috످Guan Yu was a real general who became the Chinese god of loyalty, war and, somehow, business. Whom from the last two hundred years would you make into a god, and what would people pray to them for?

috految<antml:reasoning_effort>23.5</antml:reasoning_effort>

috److془Let me think carefully. Guan Yu: defeated, executed 220; business because he served Cao Cao, left gifts sealed, returned to Liu Bei. Shanxi merchants.

Candidates: Petrov/Arkhipov, god of nothing happening. Semmelweis. Borlaug. Tubman. Ulysses Grant. Nicholas Winton. Alexander Fleming. Sugihara. Darwin. Oskar Schindler: god of people who aren't good; and business! Pray: "make me do it anyway". Bill Wilson. Alfred Nobel. Von Choltitz. Kathleen... Alice Munro no. Ernest Shackleton. Onoda's commander. Norio Suzuki: found Onoda. Or Major Taniguchi, bookseller, who flew to Lubang to relieve him. God of release from duty. Pairs perfectly with Guan Yu. Prayer: "Tell me I can stop." Buddhist legend: Guan Yu's ghost crying "Give me back my head". Wonderful. Objection: Taniguchi was an intelligence officer who arguably gave the order. Onoda killed about thirty. Taniguchi's late. Why a god: you can't release yourself; those who love you can't. Brother came with loudspeaker, sang song, voice broke, Onoda concluded impersonator. Great. Business: sunk costs. Or retirement; somehow, god of divorce lawyers. Or insomniacs.

Ending: Guan Yu, eighteen hundred years on duty in restaurants. Shrine next to him. Beautiful.془Yoshimi Taniguchi, a Japanese bookseller. People would pray to him for permission to stop.

During the Second World War he was a major, and one of his men, Hiroo Onoda, was sent to a Philippine island with orders never to surrender. Onoda kept fighting for twenty-nine years after the war ended. He and his men killed some thirty islanders. He dismissed every leaflet announcing peace as a trick. His own brother came and sang to him over a loudspeaker, and Onoda almost believed it was him, until the voice broke on the song and he decided it must be an impostor. His brother had started crying.

Onoda would only stand down if his commanding officer told him to. So in 1974, Taniguchi left his bookshop, flew to the island, and read him an order saying he was relieved of duty. And Onoda unloaded his rifle.

There are far better people I could pick, and Taniguchi was part of the army that put him there. But I think you need a god for the things nobody living can do for you. Imagine a woman who promised her dying father she'd never put her mother in a home. It's been eleven years, her mother no longer knows her, and she can't lift her anymore. Everyone tells her she's done enough, and it doesn't help, because they aren't the one she promised. The only person who could release her is dead. So she goes to the shrine of the one commander who came back, and she prays:

*I did what I was asked. No one has come to tell me it's over. Please come.*

Within a few centuries he'd be the god of caregivers, old soldiers and, somehow, divorce lawyers.

I'd put his shrine next to Guan Yu's, because a god of loyalty is dangerous without him. And once a year, the priests would carry the little bookseller over to the great general, who has been on duty for eighteen hundred years, and give him the night off.

috످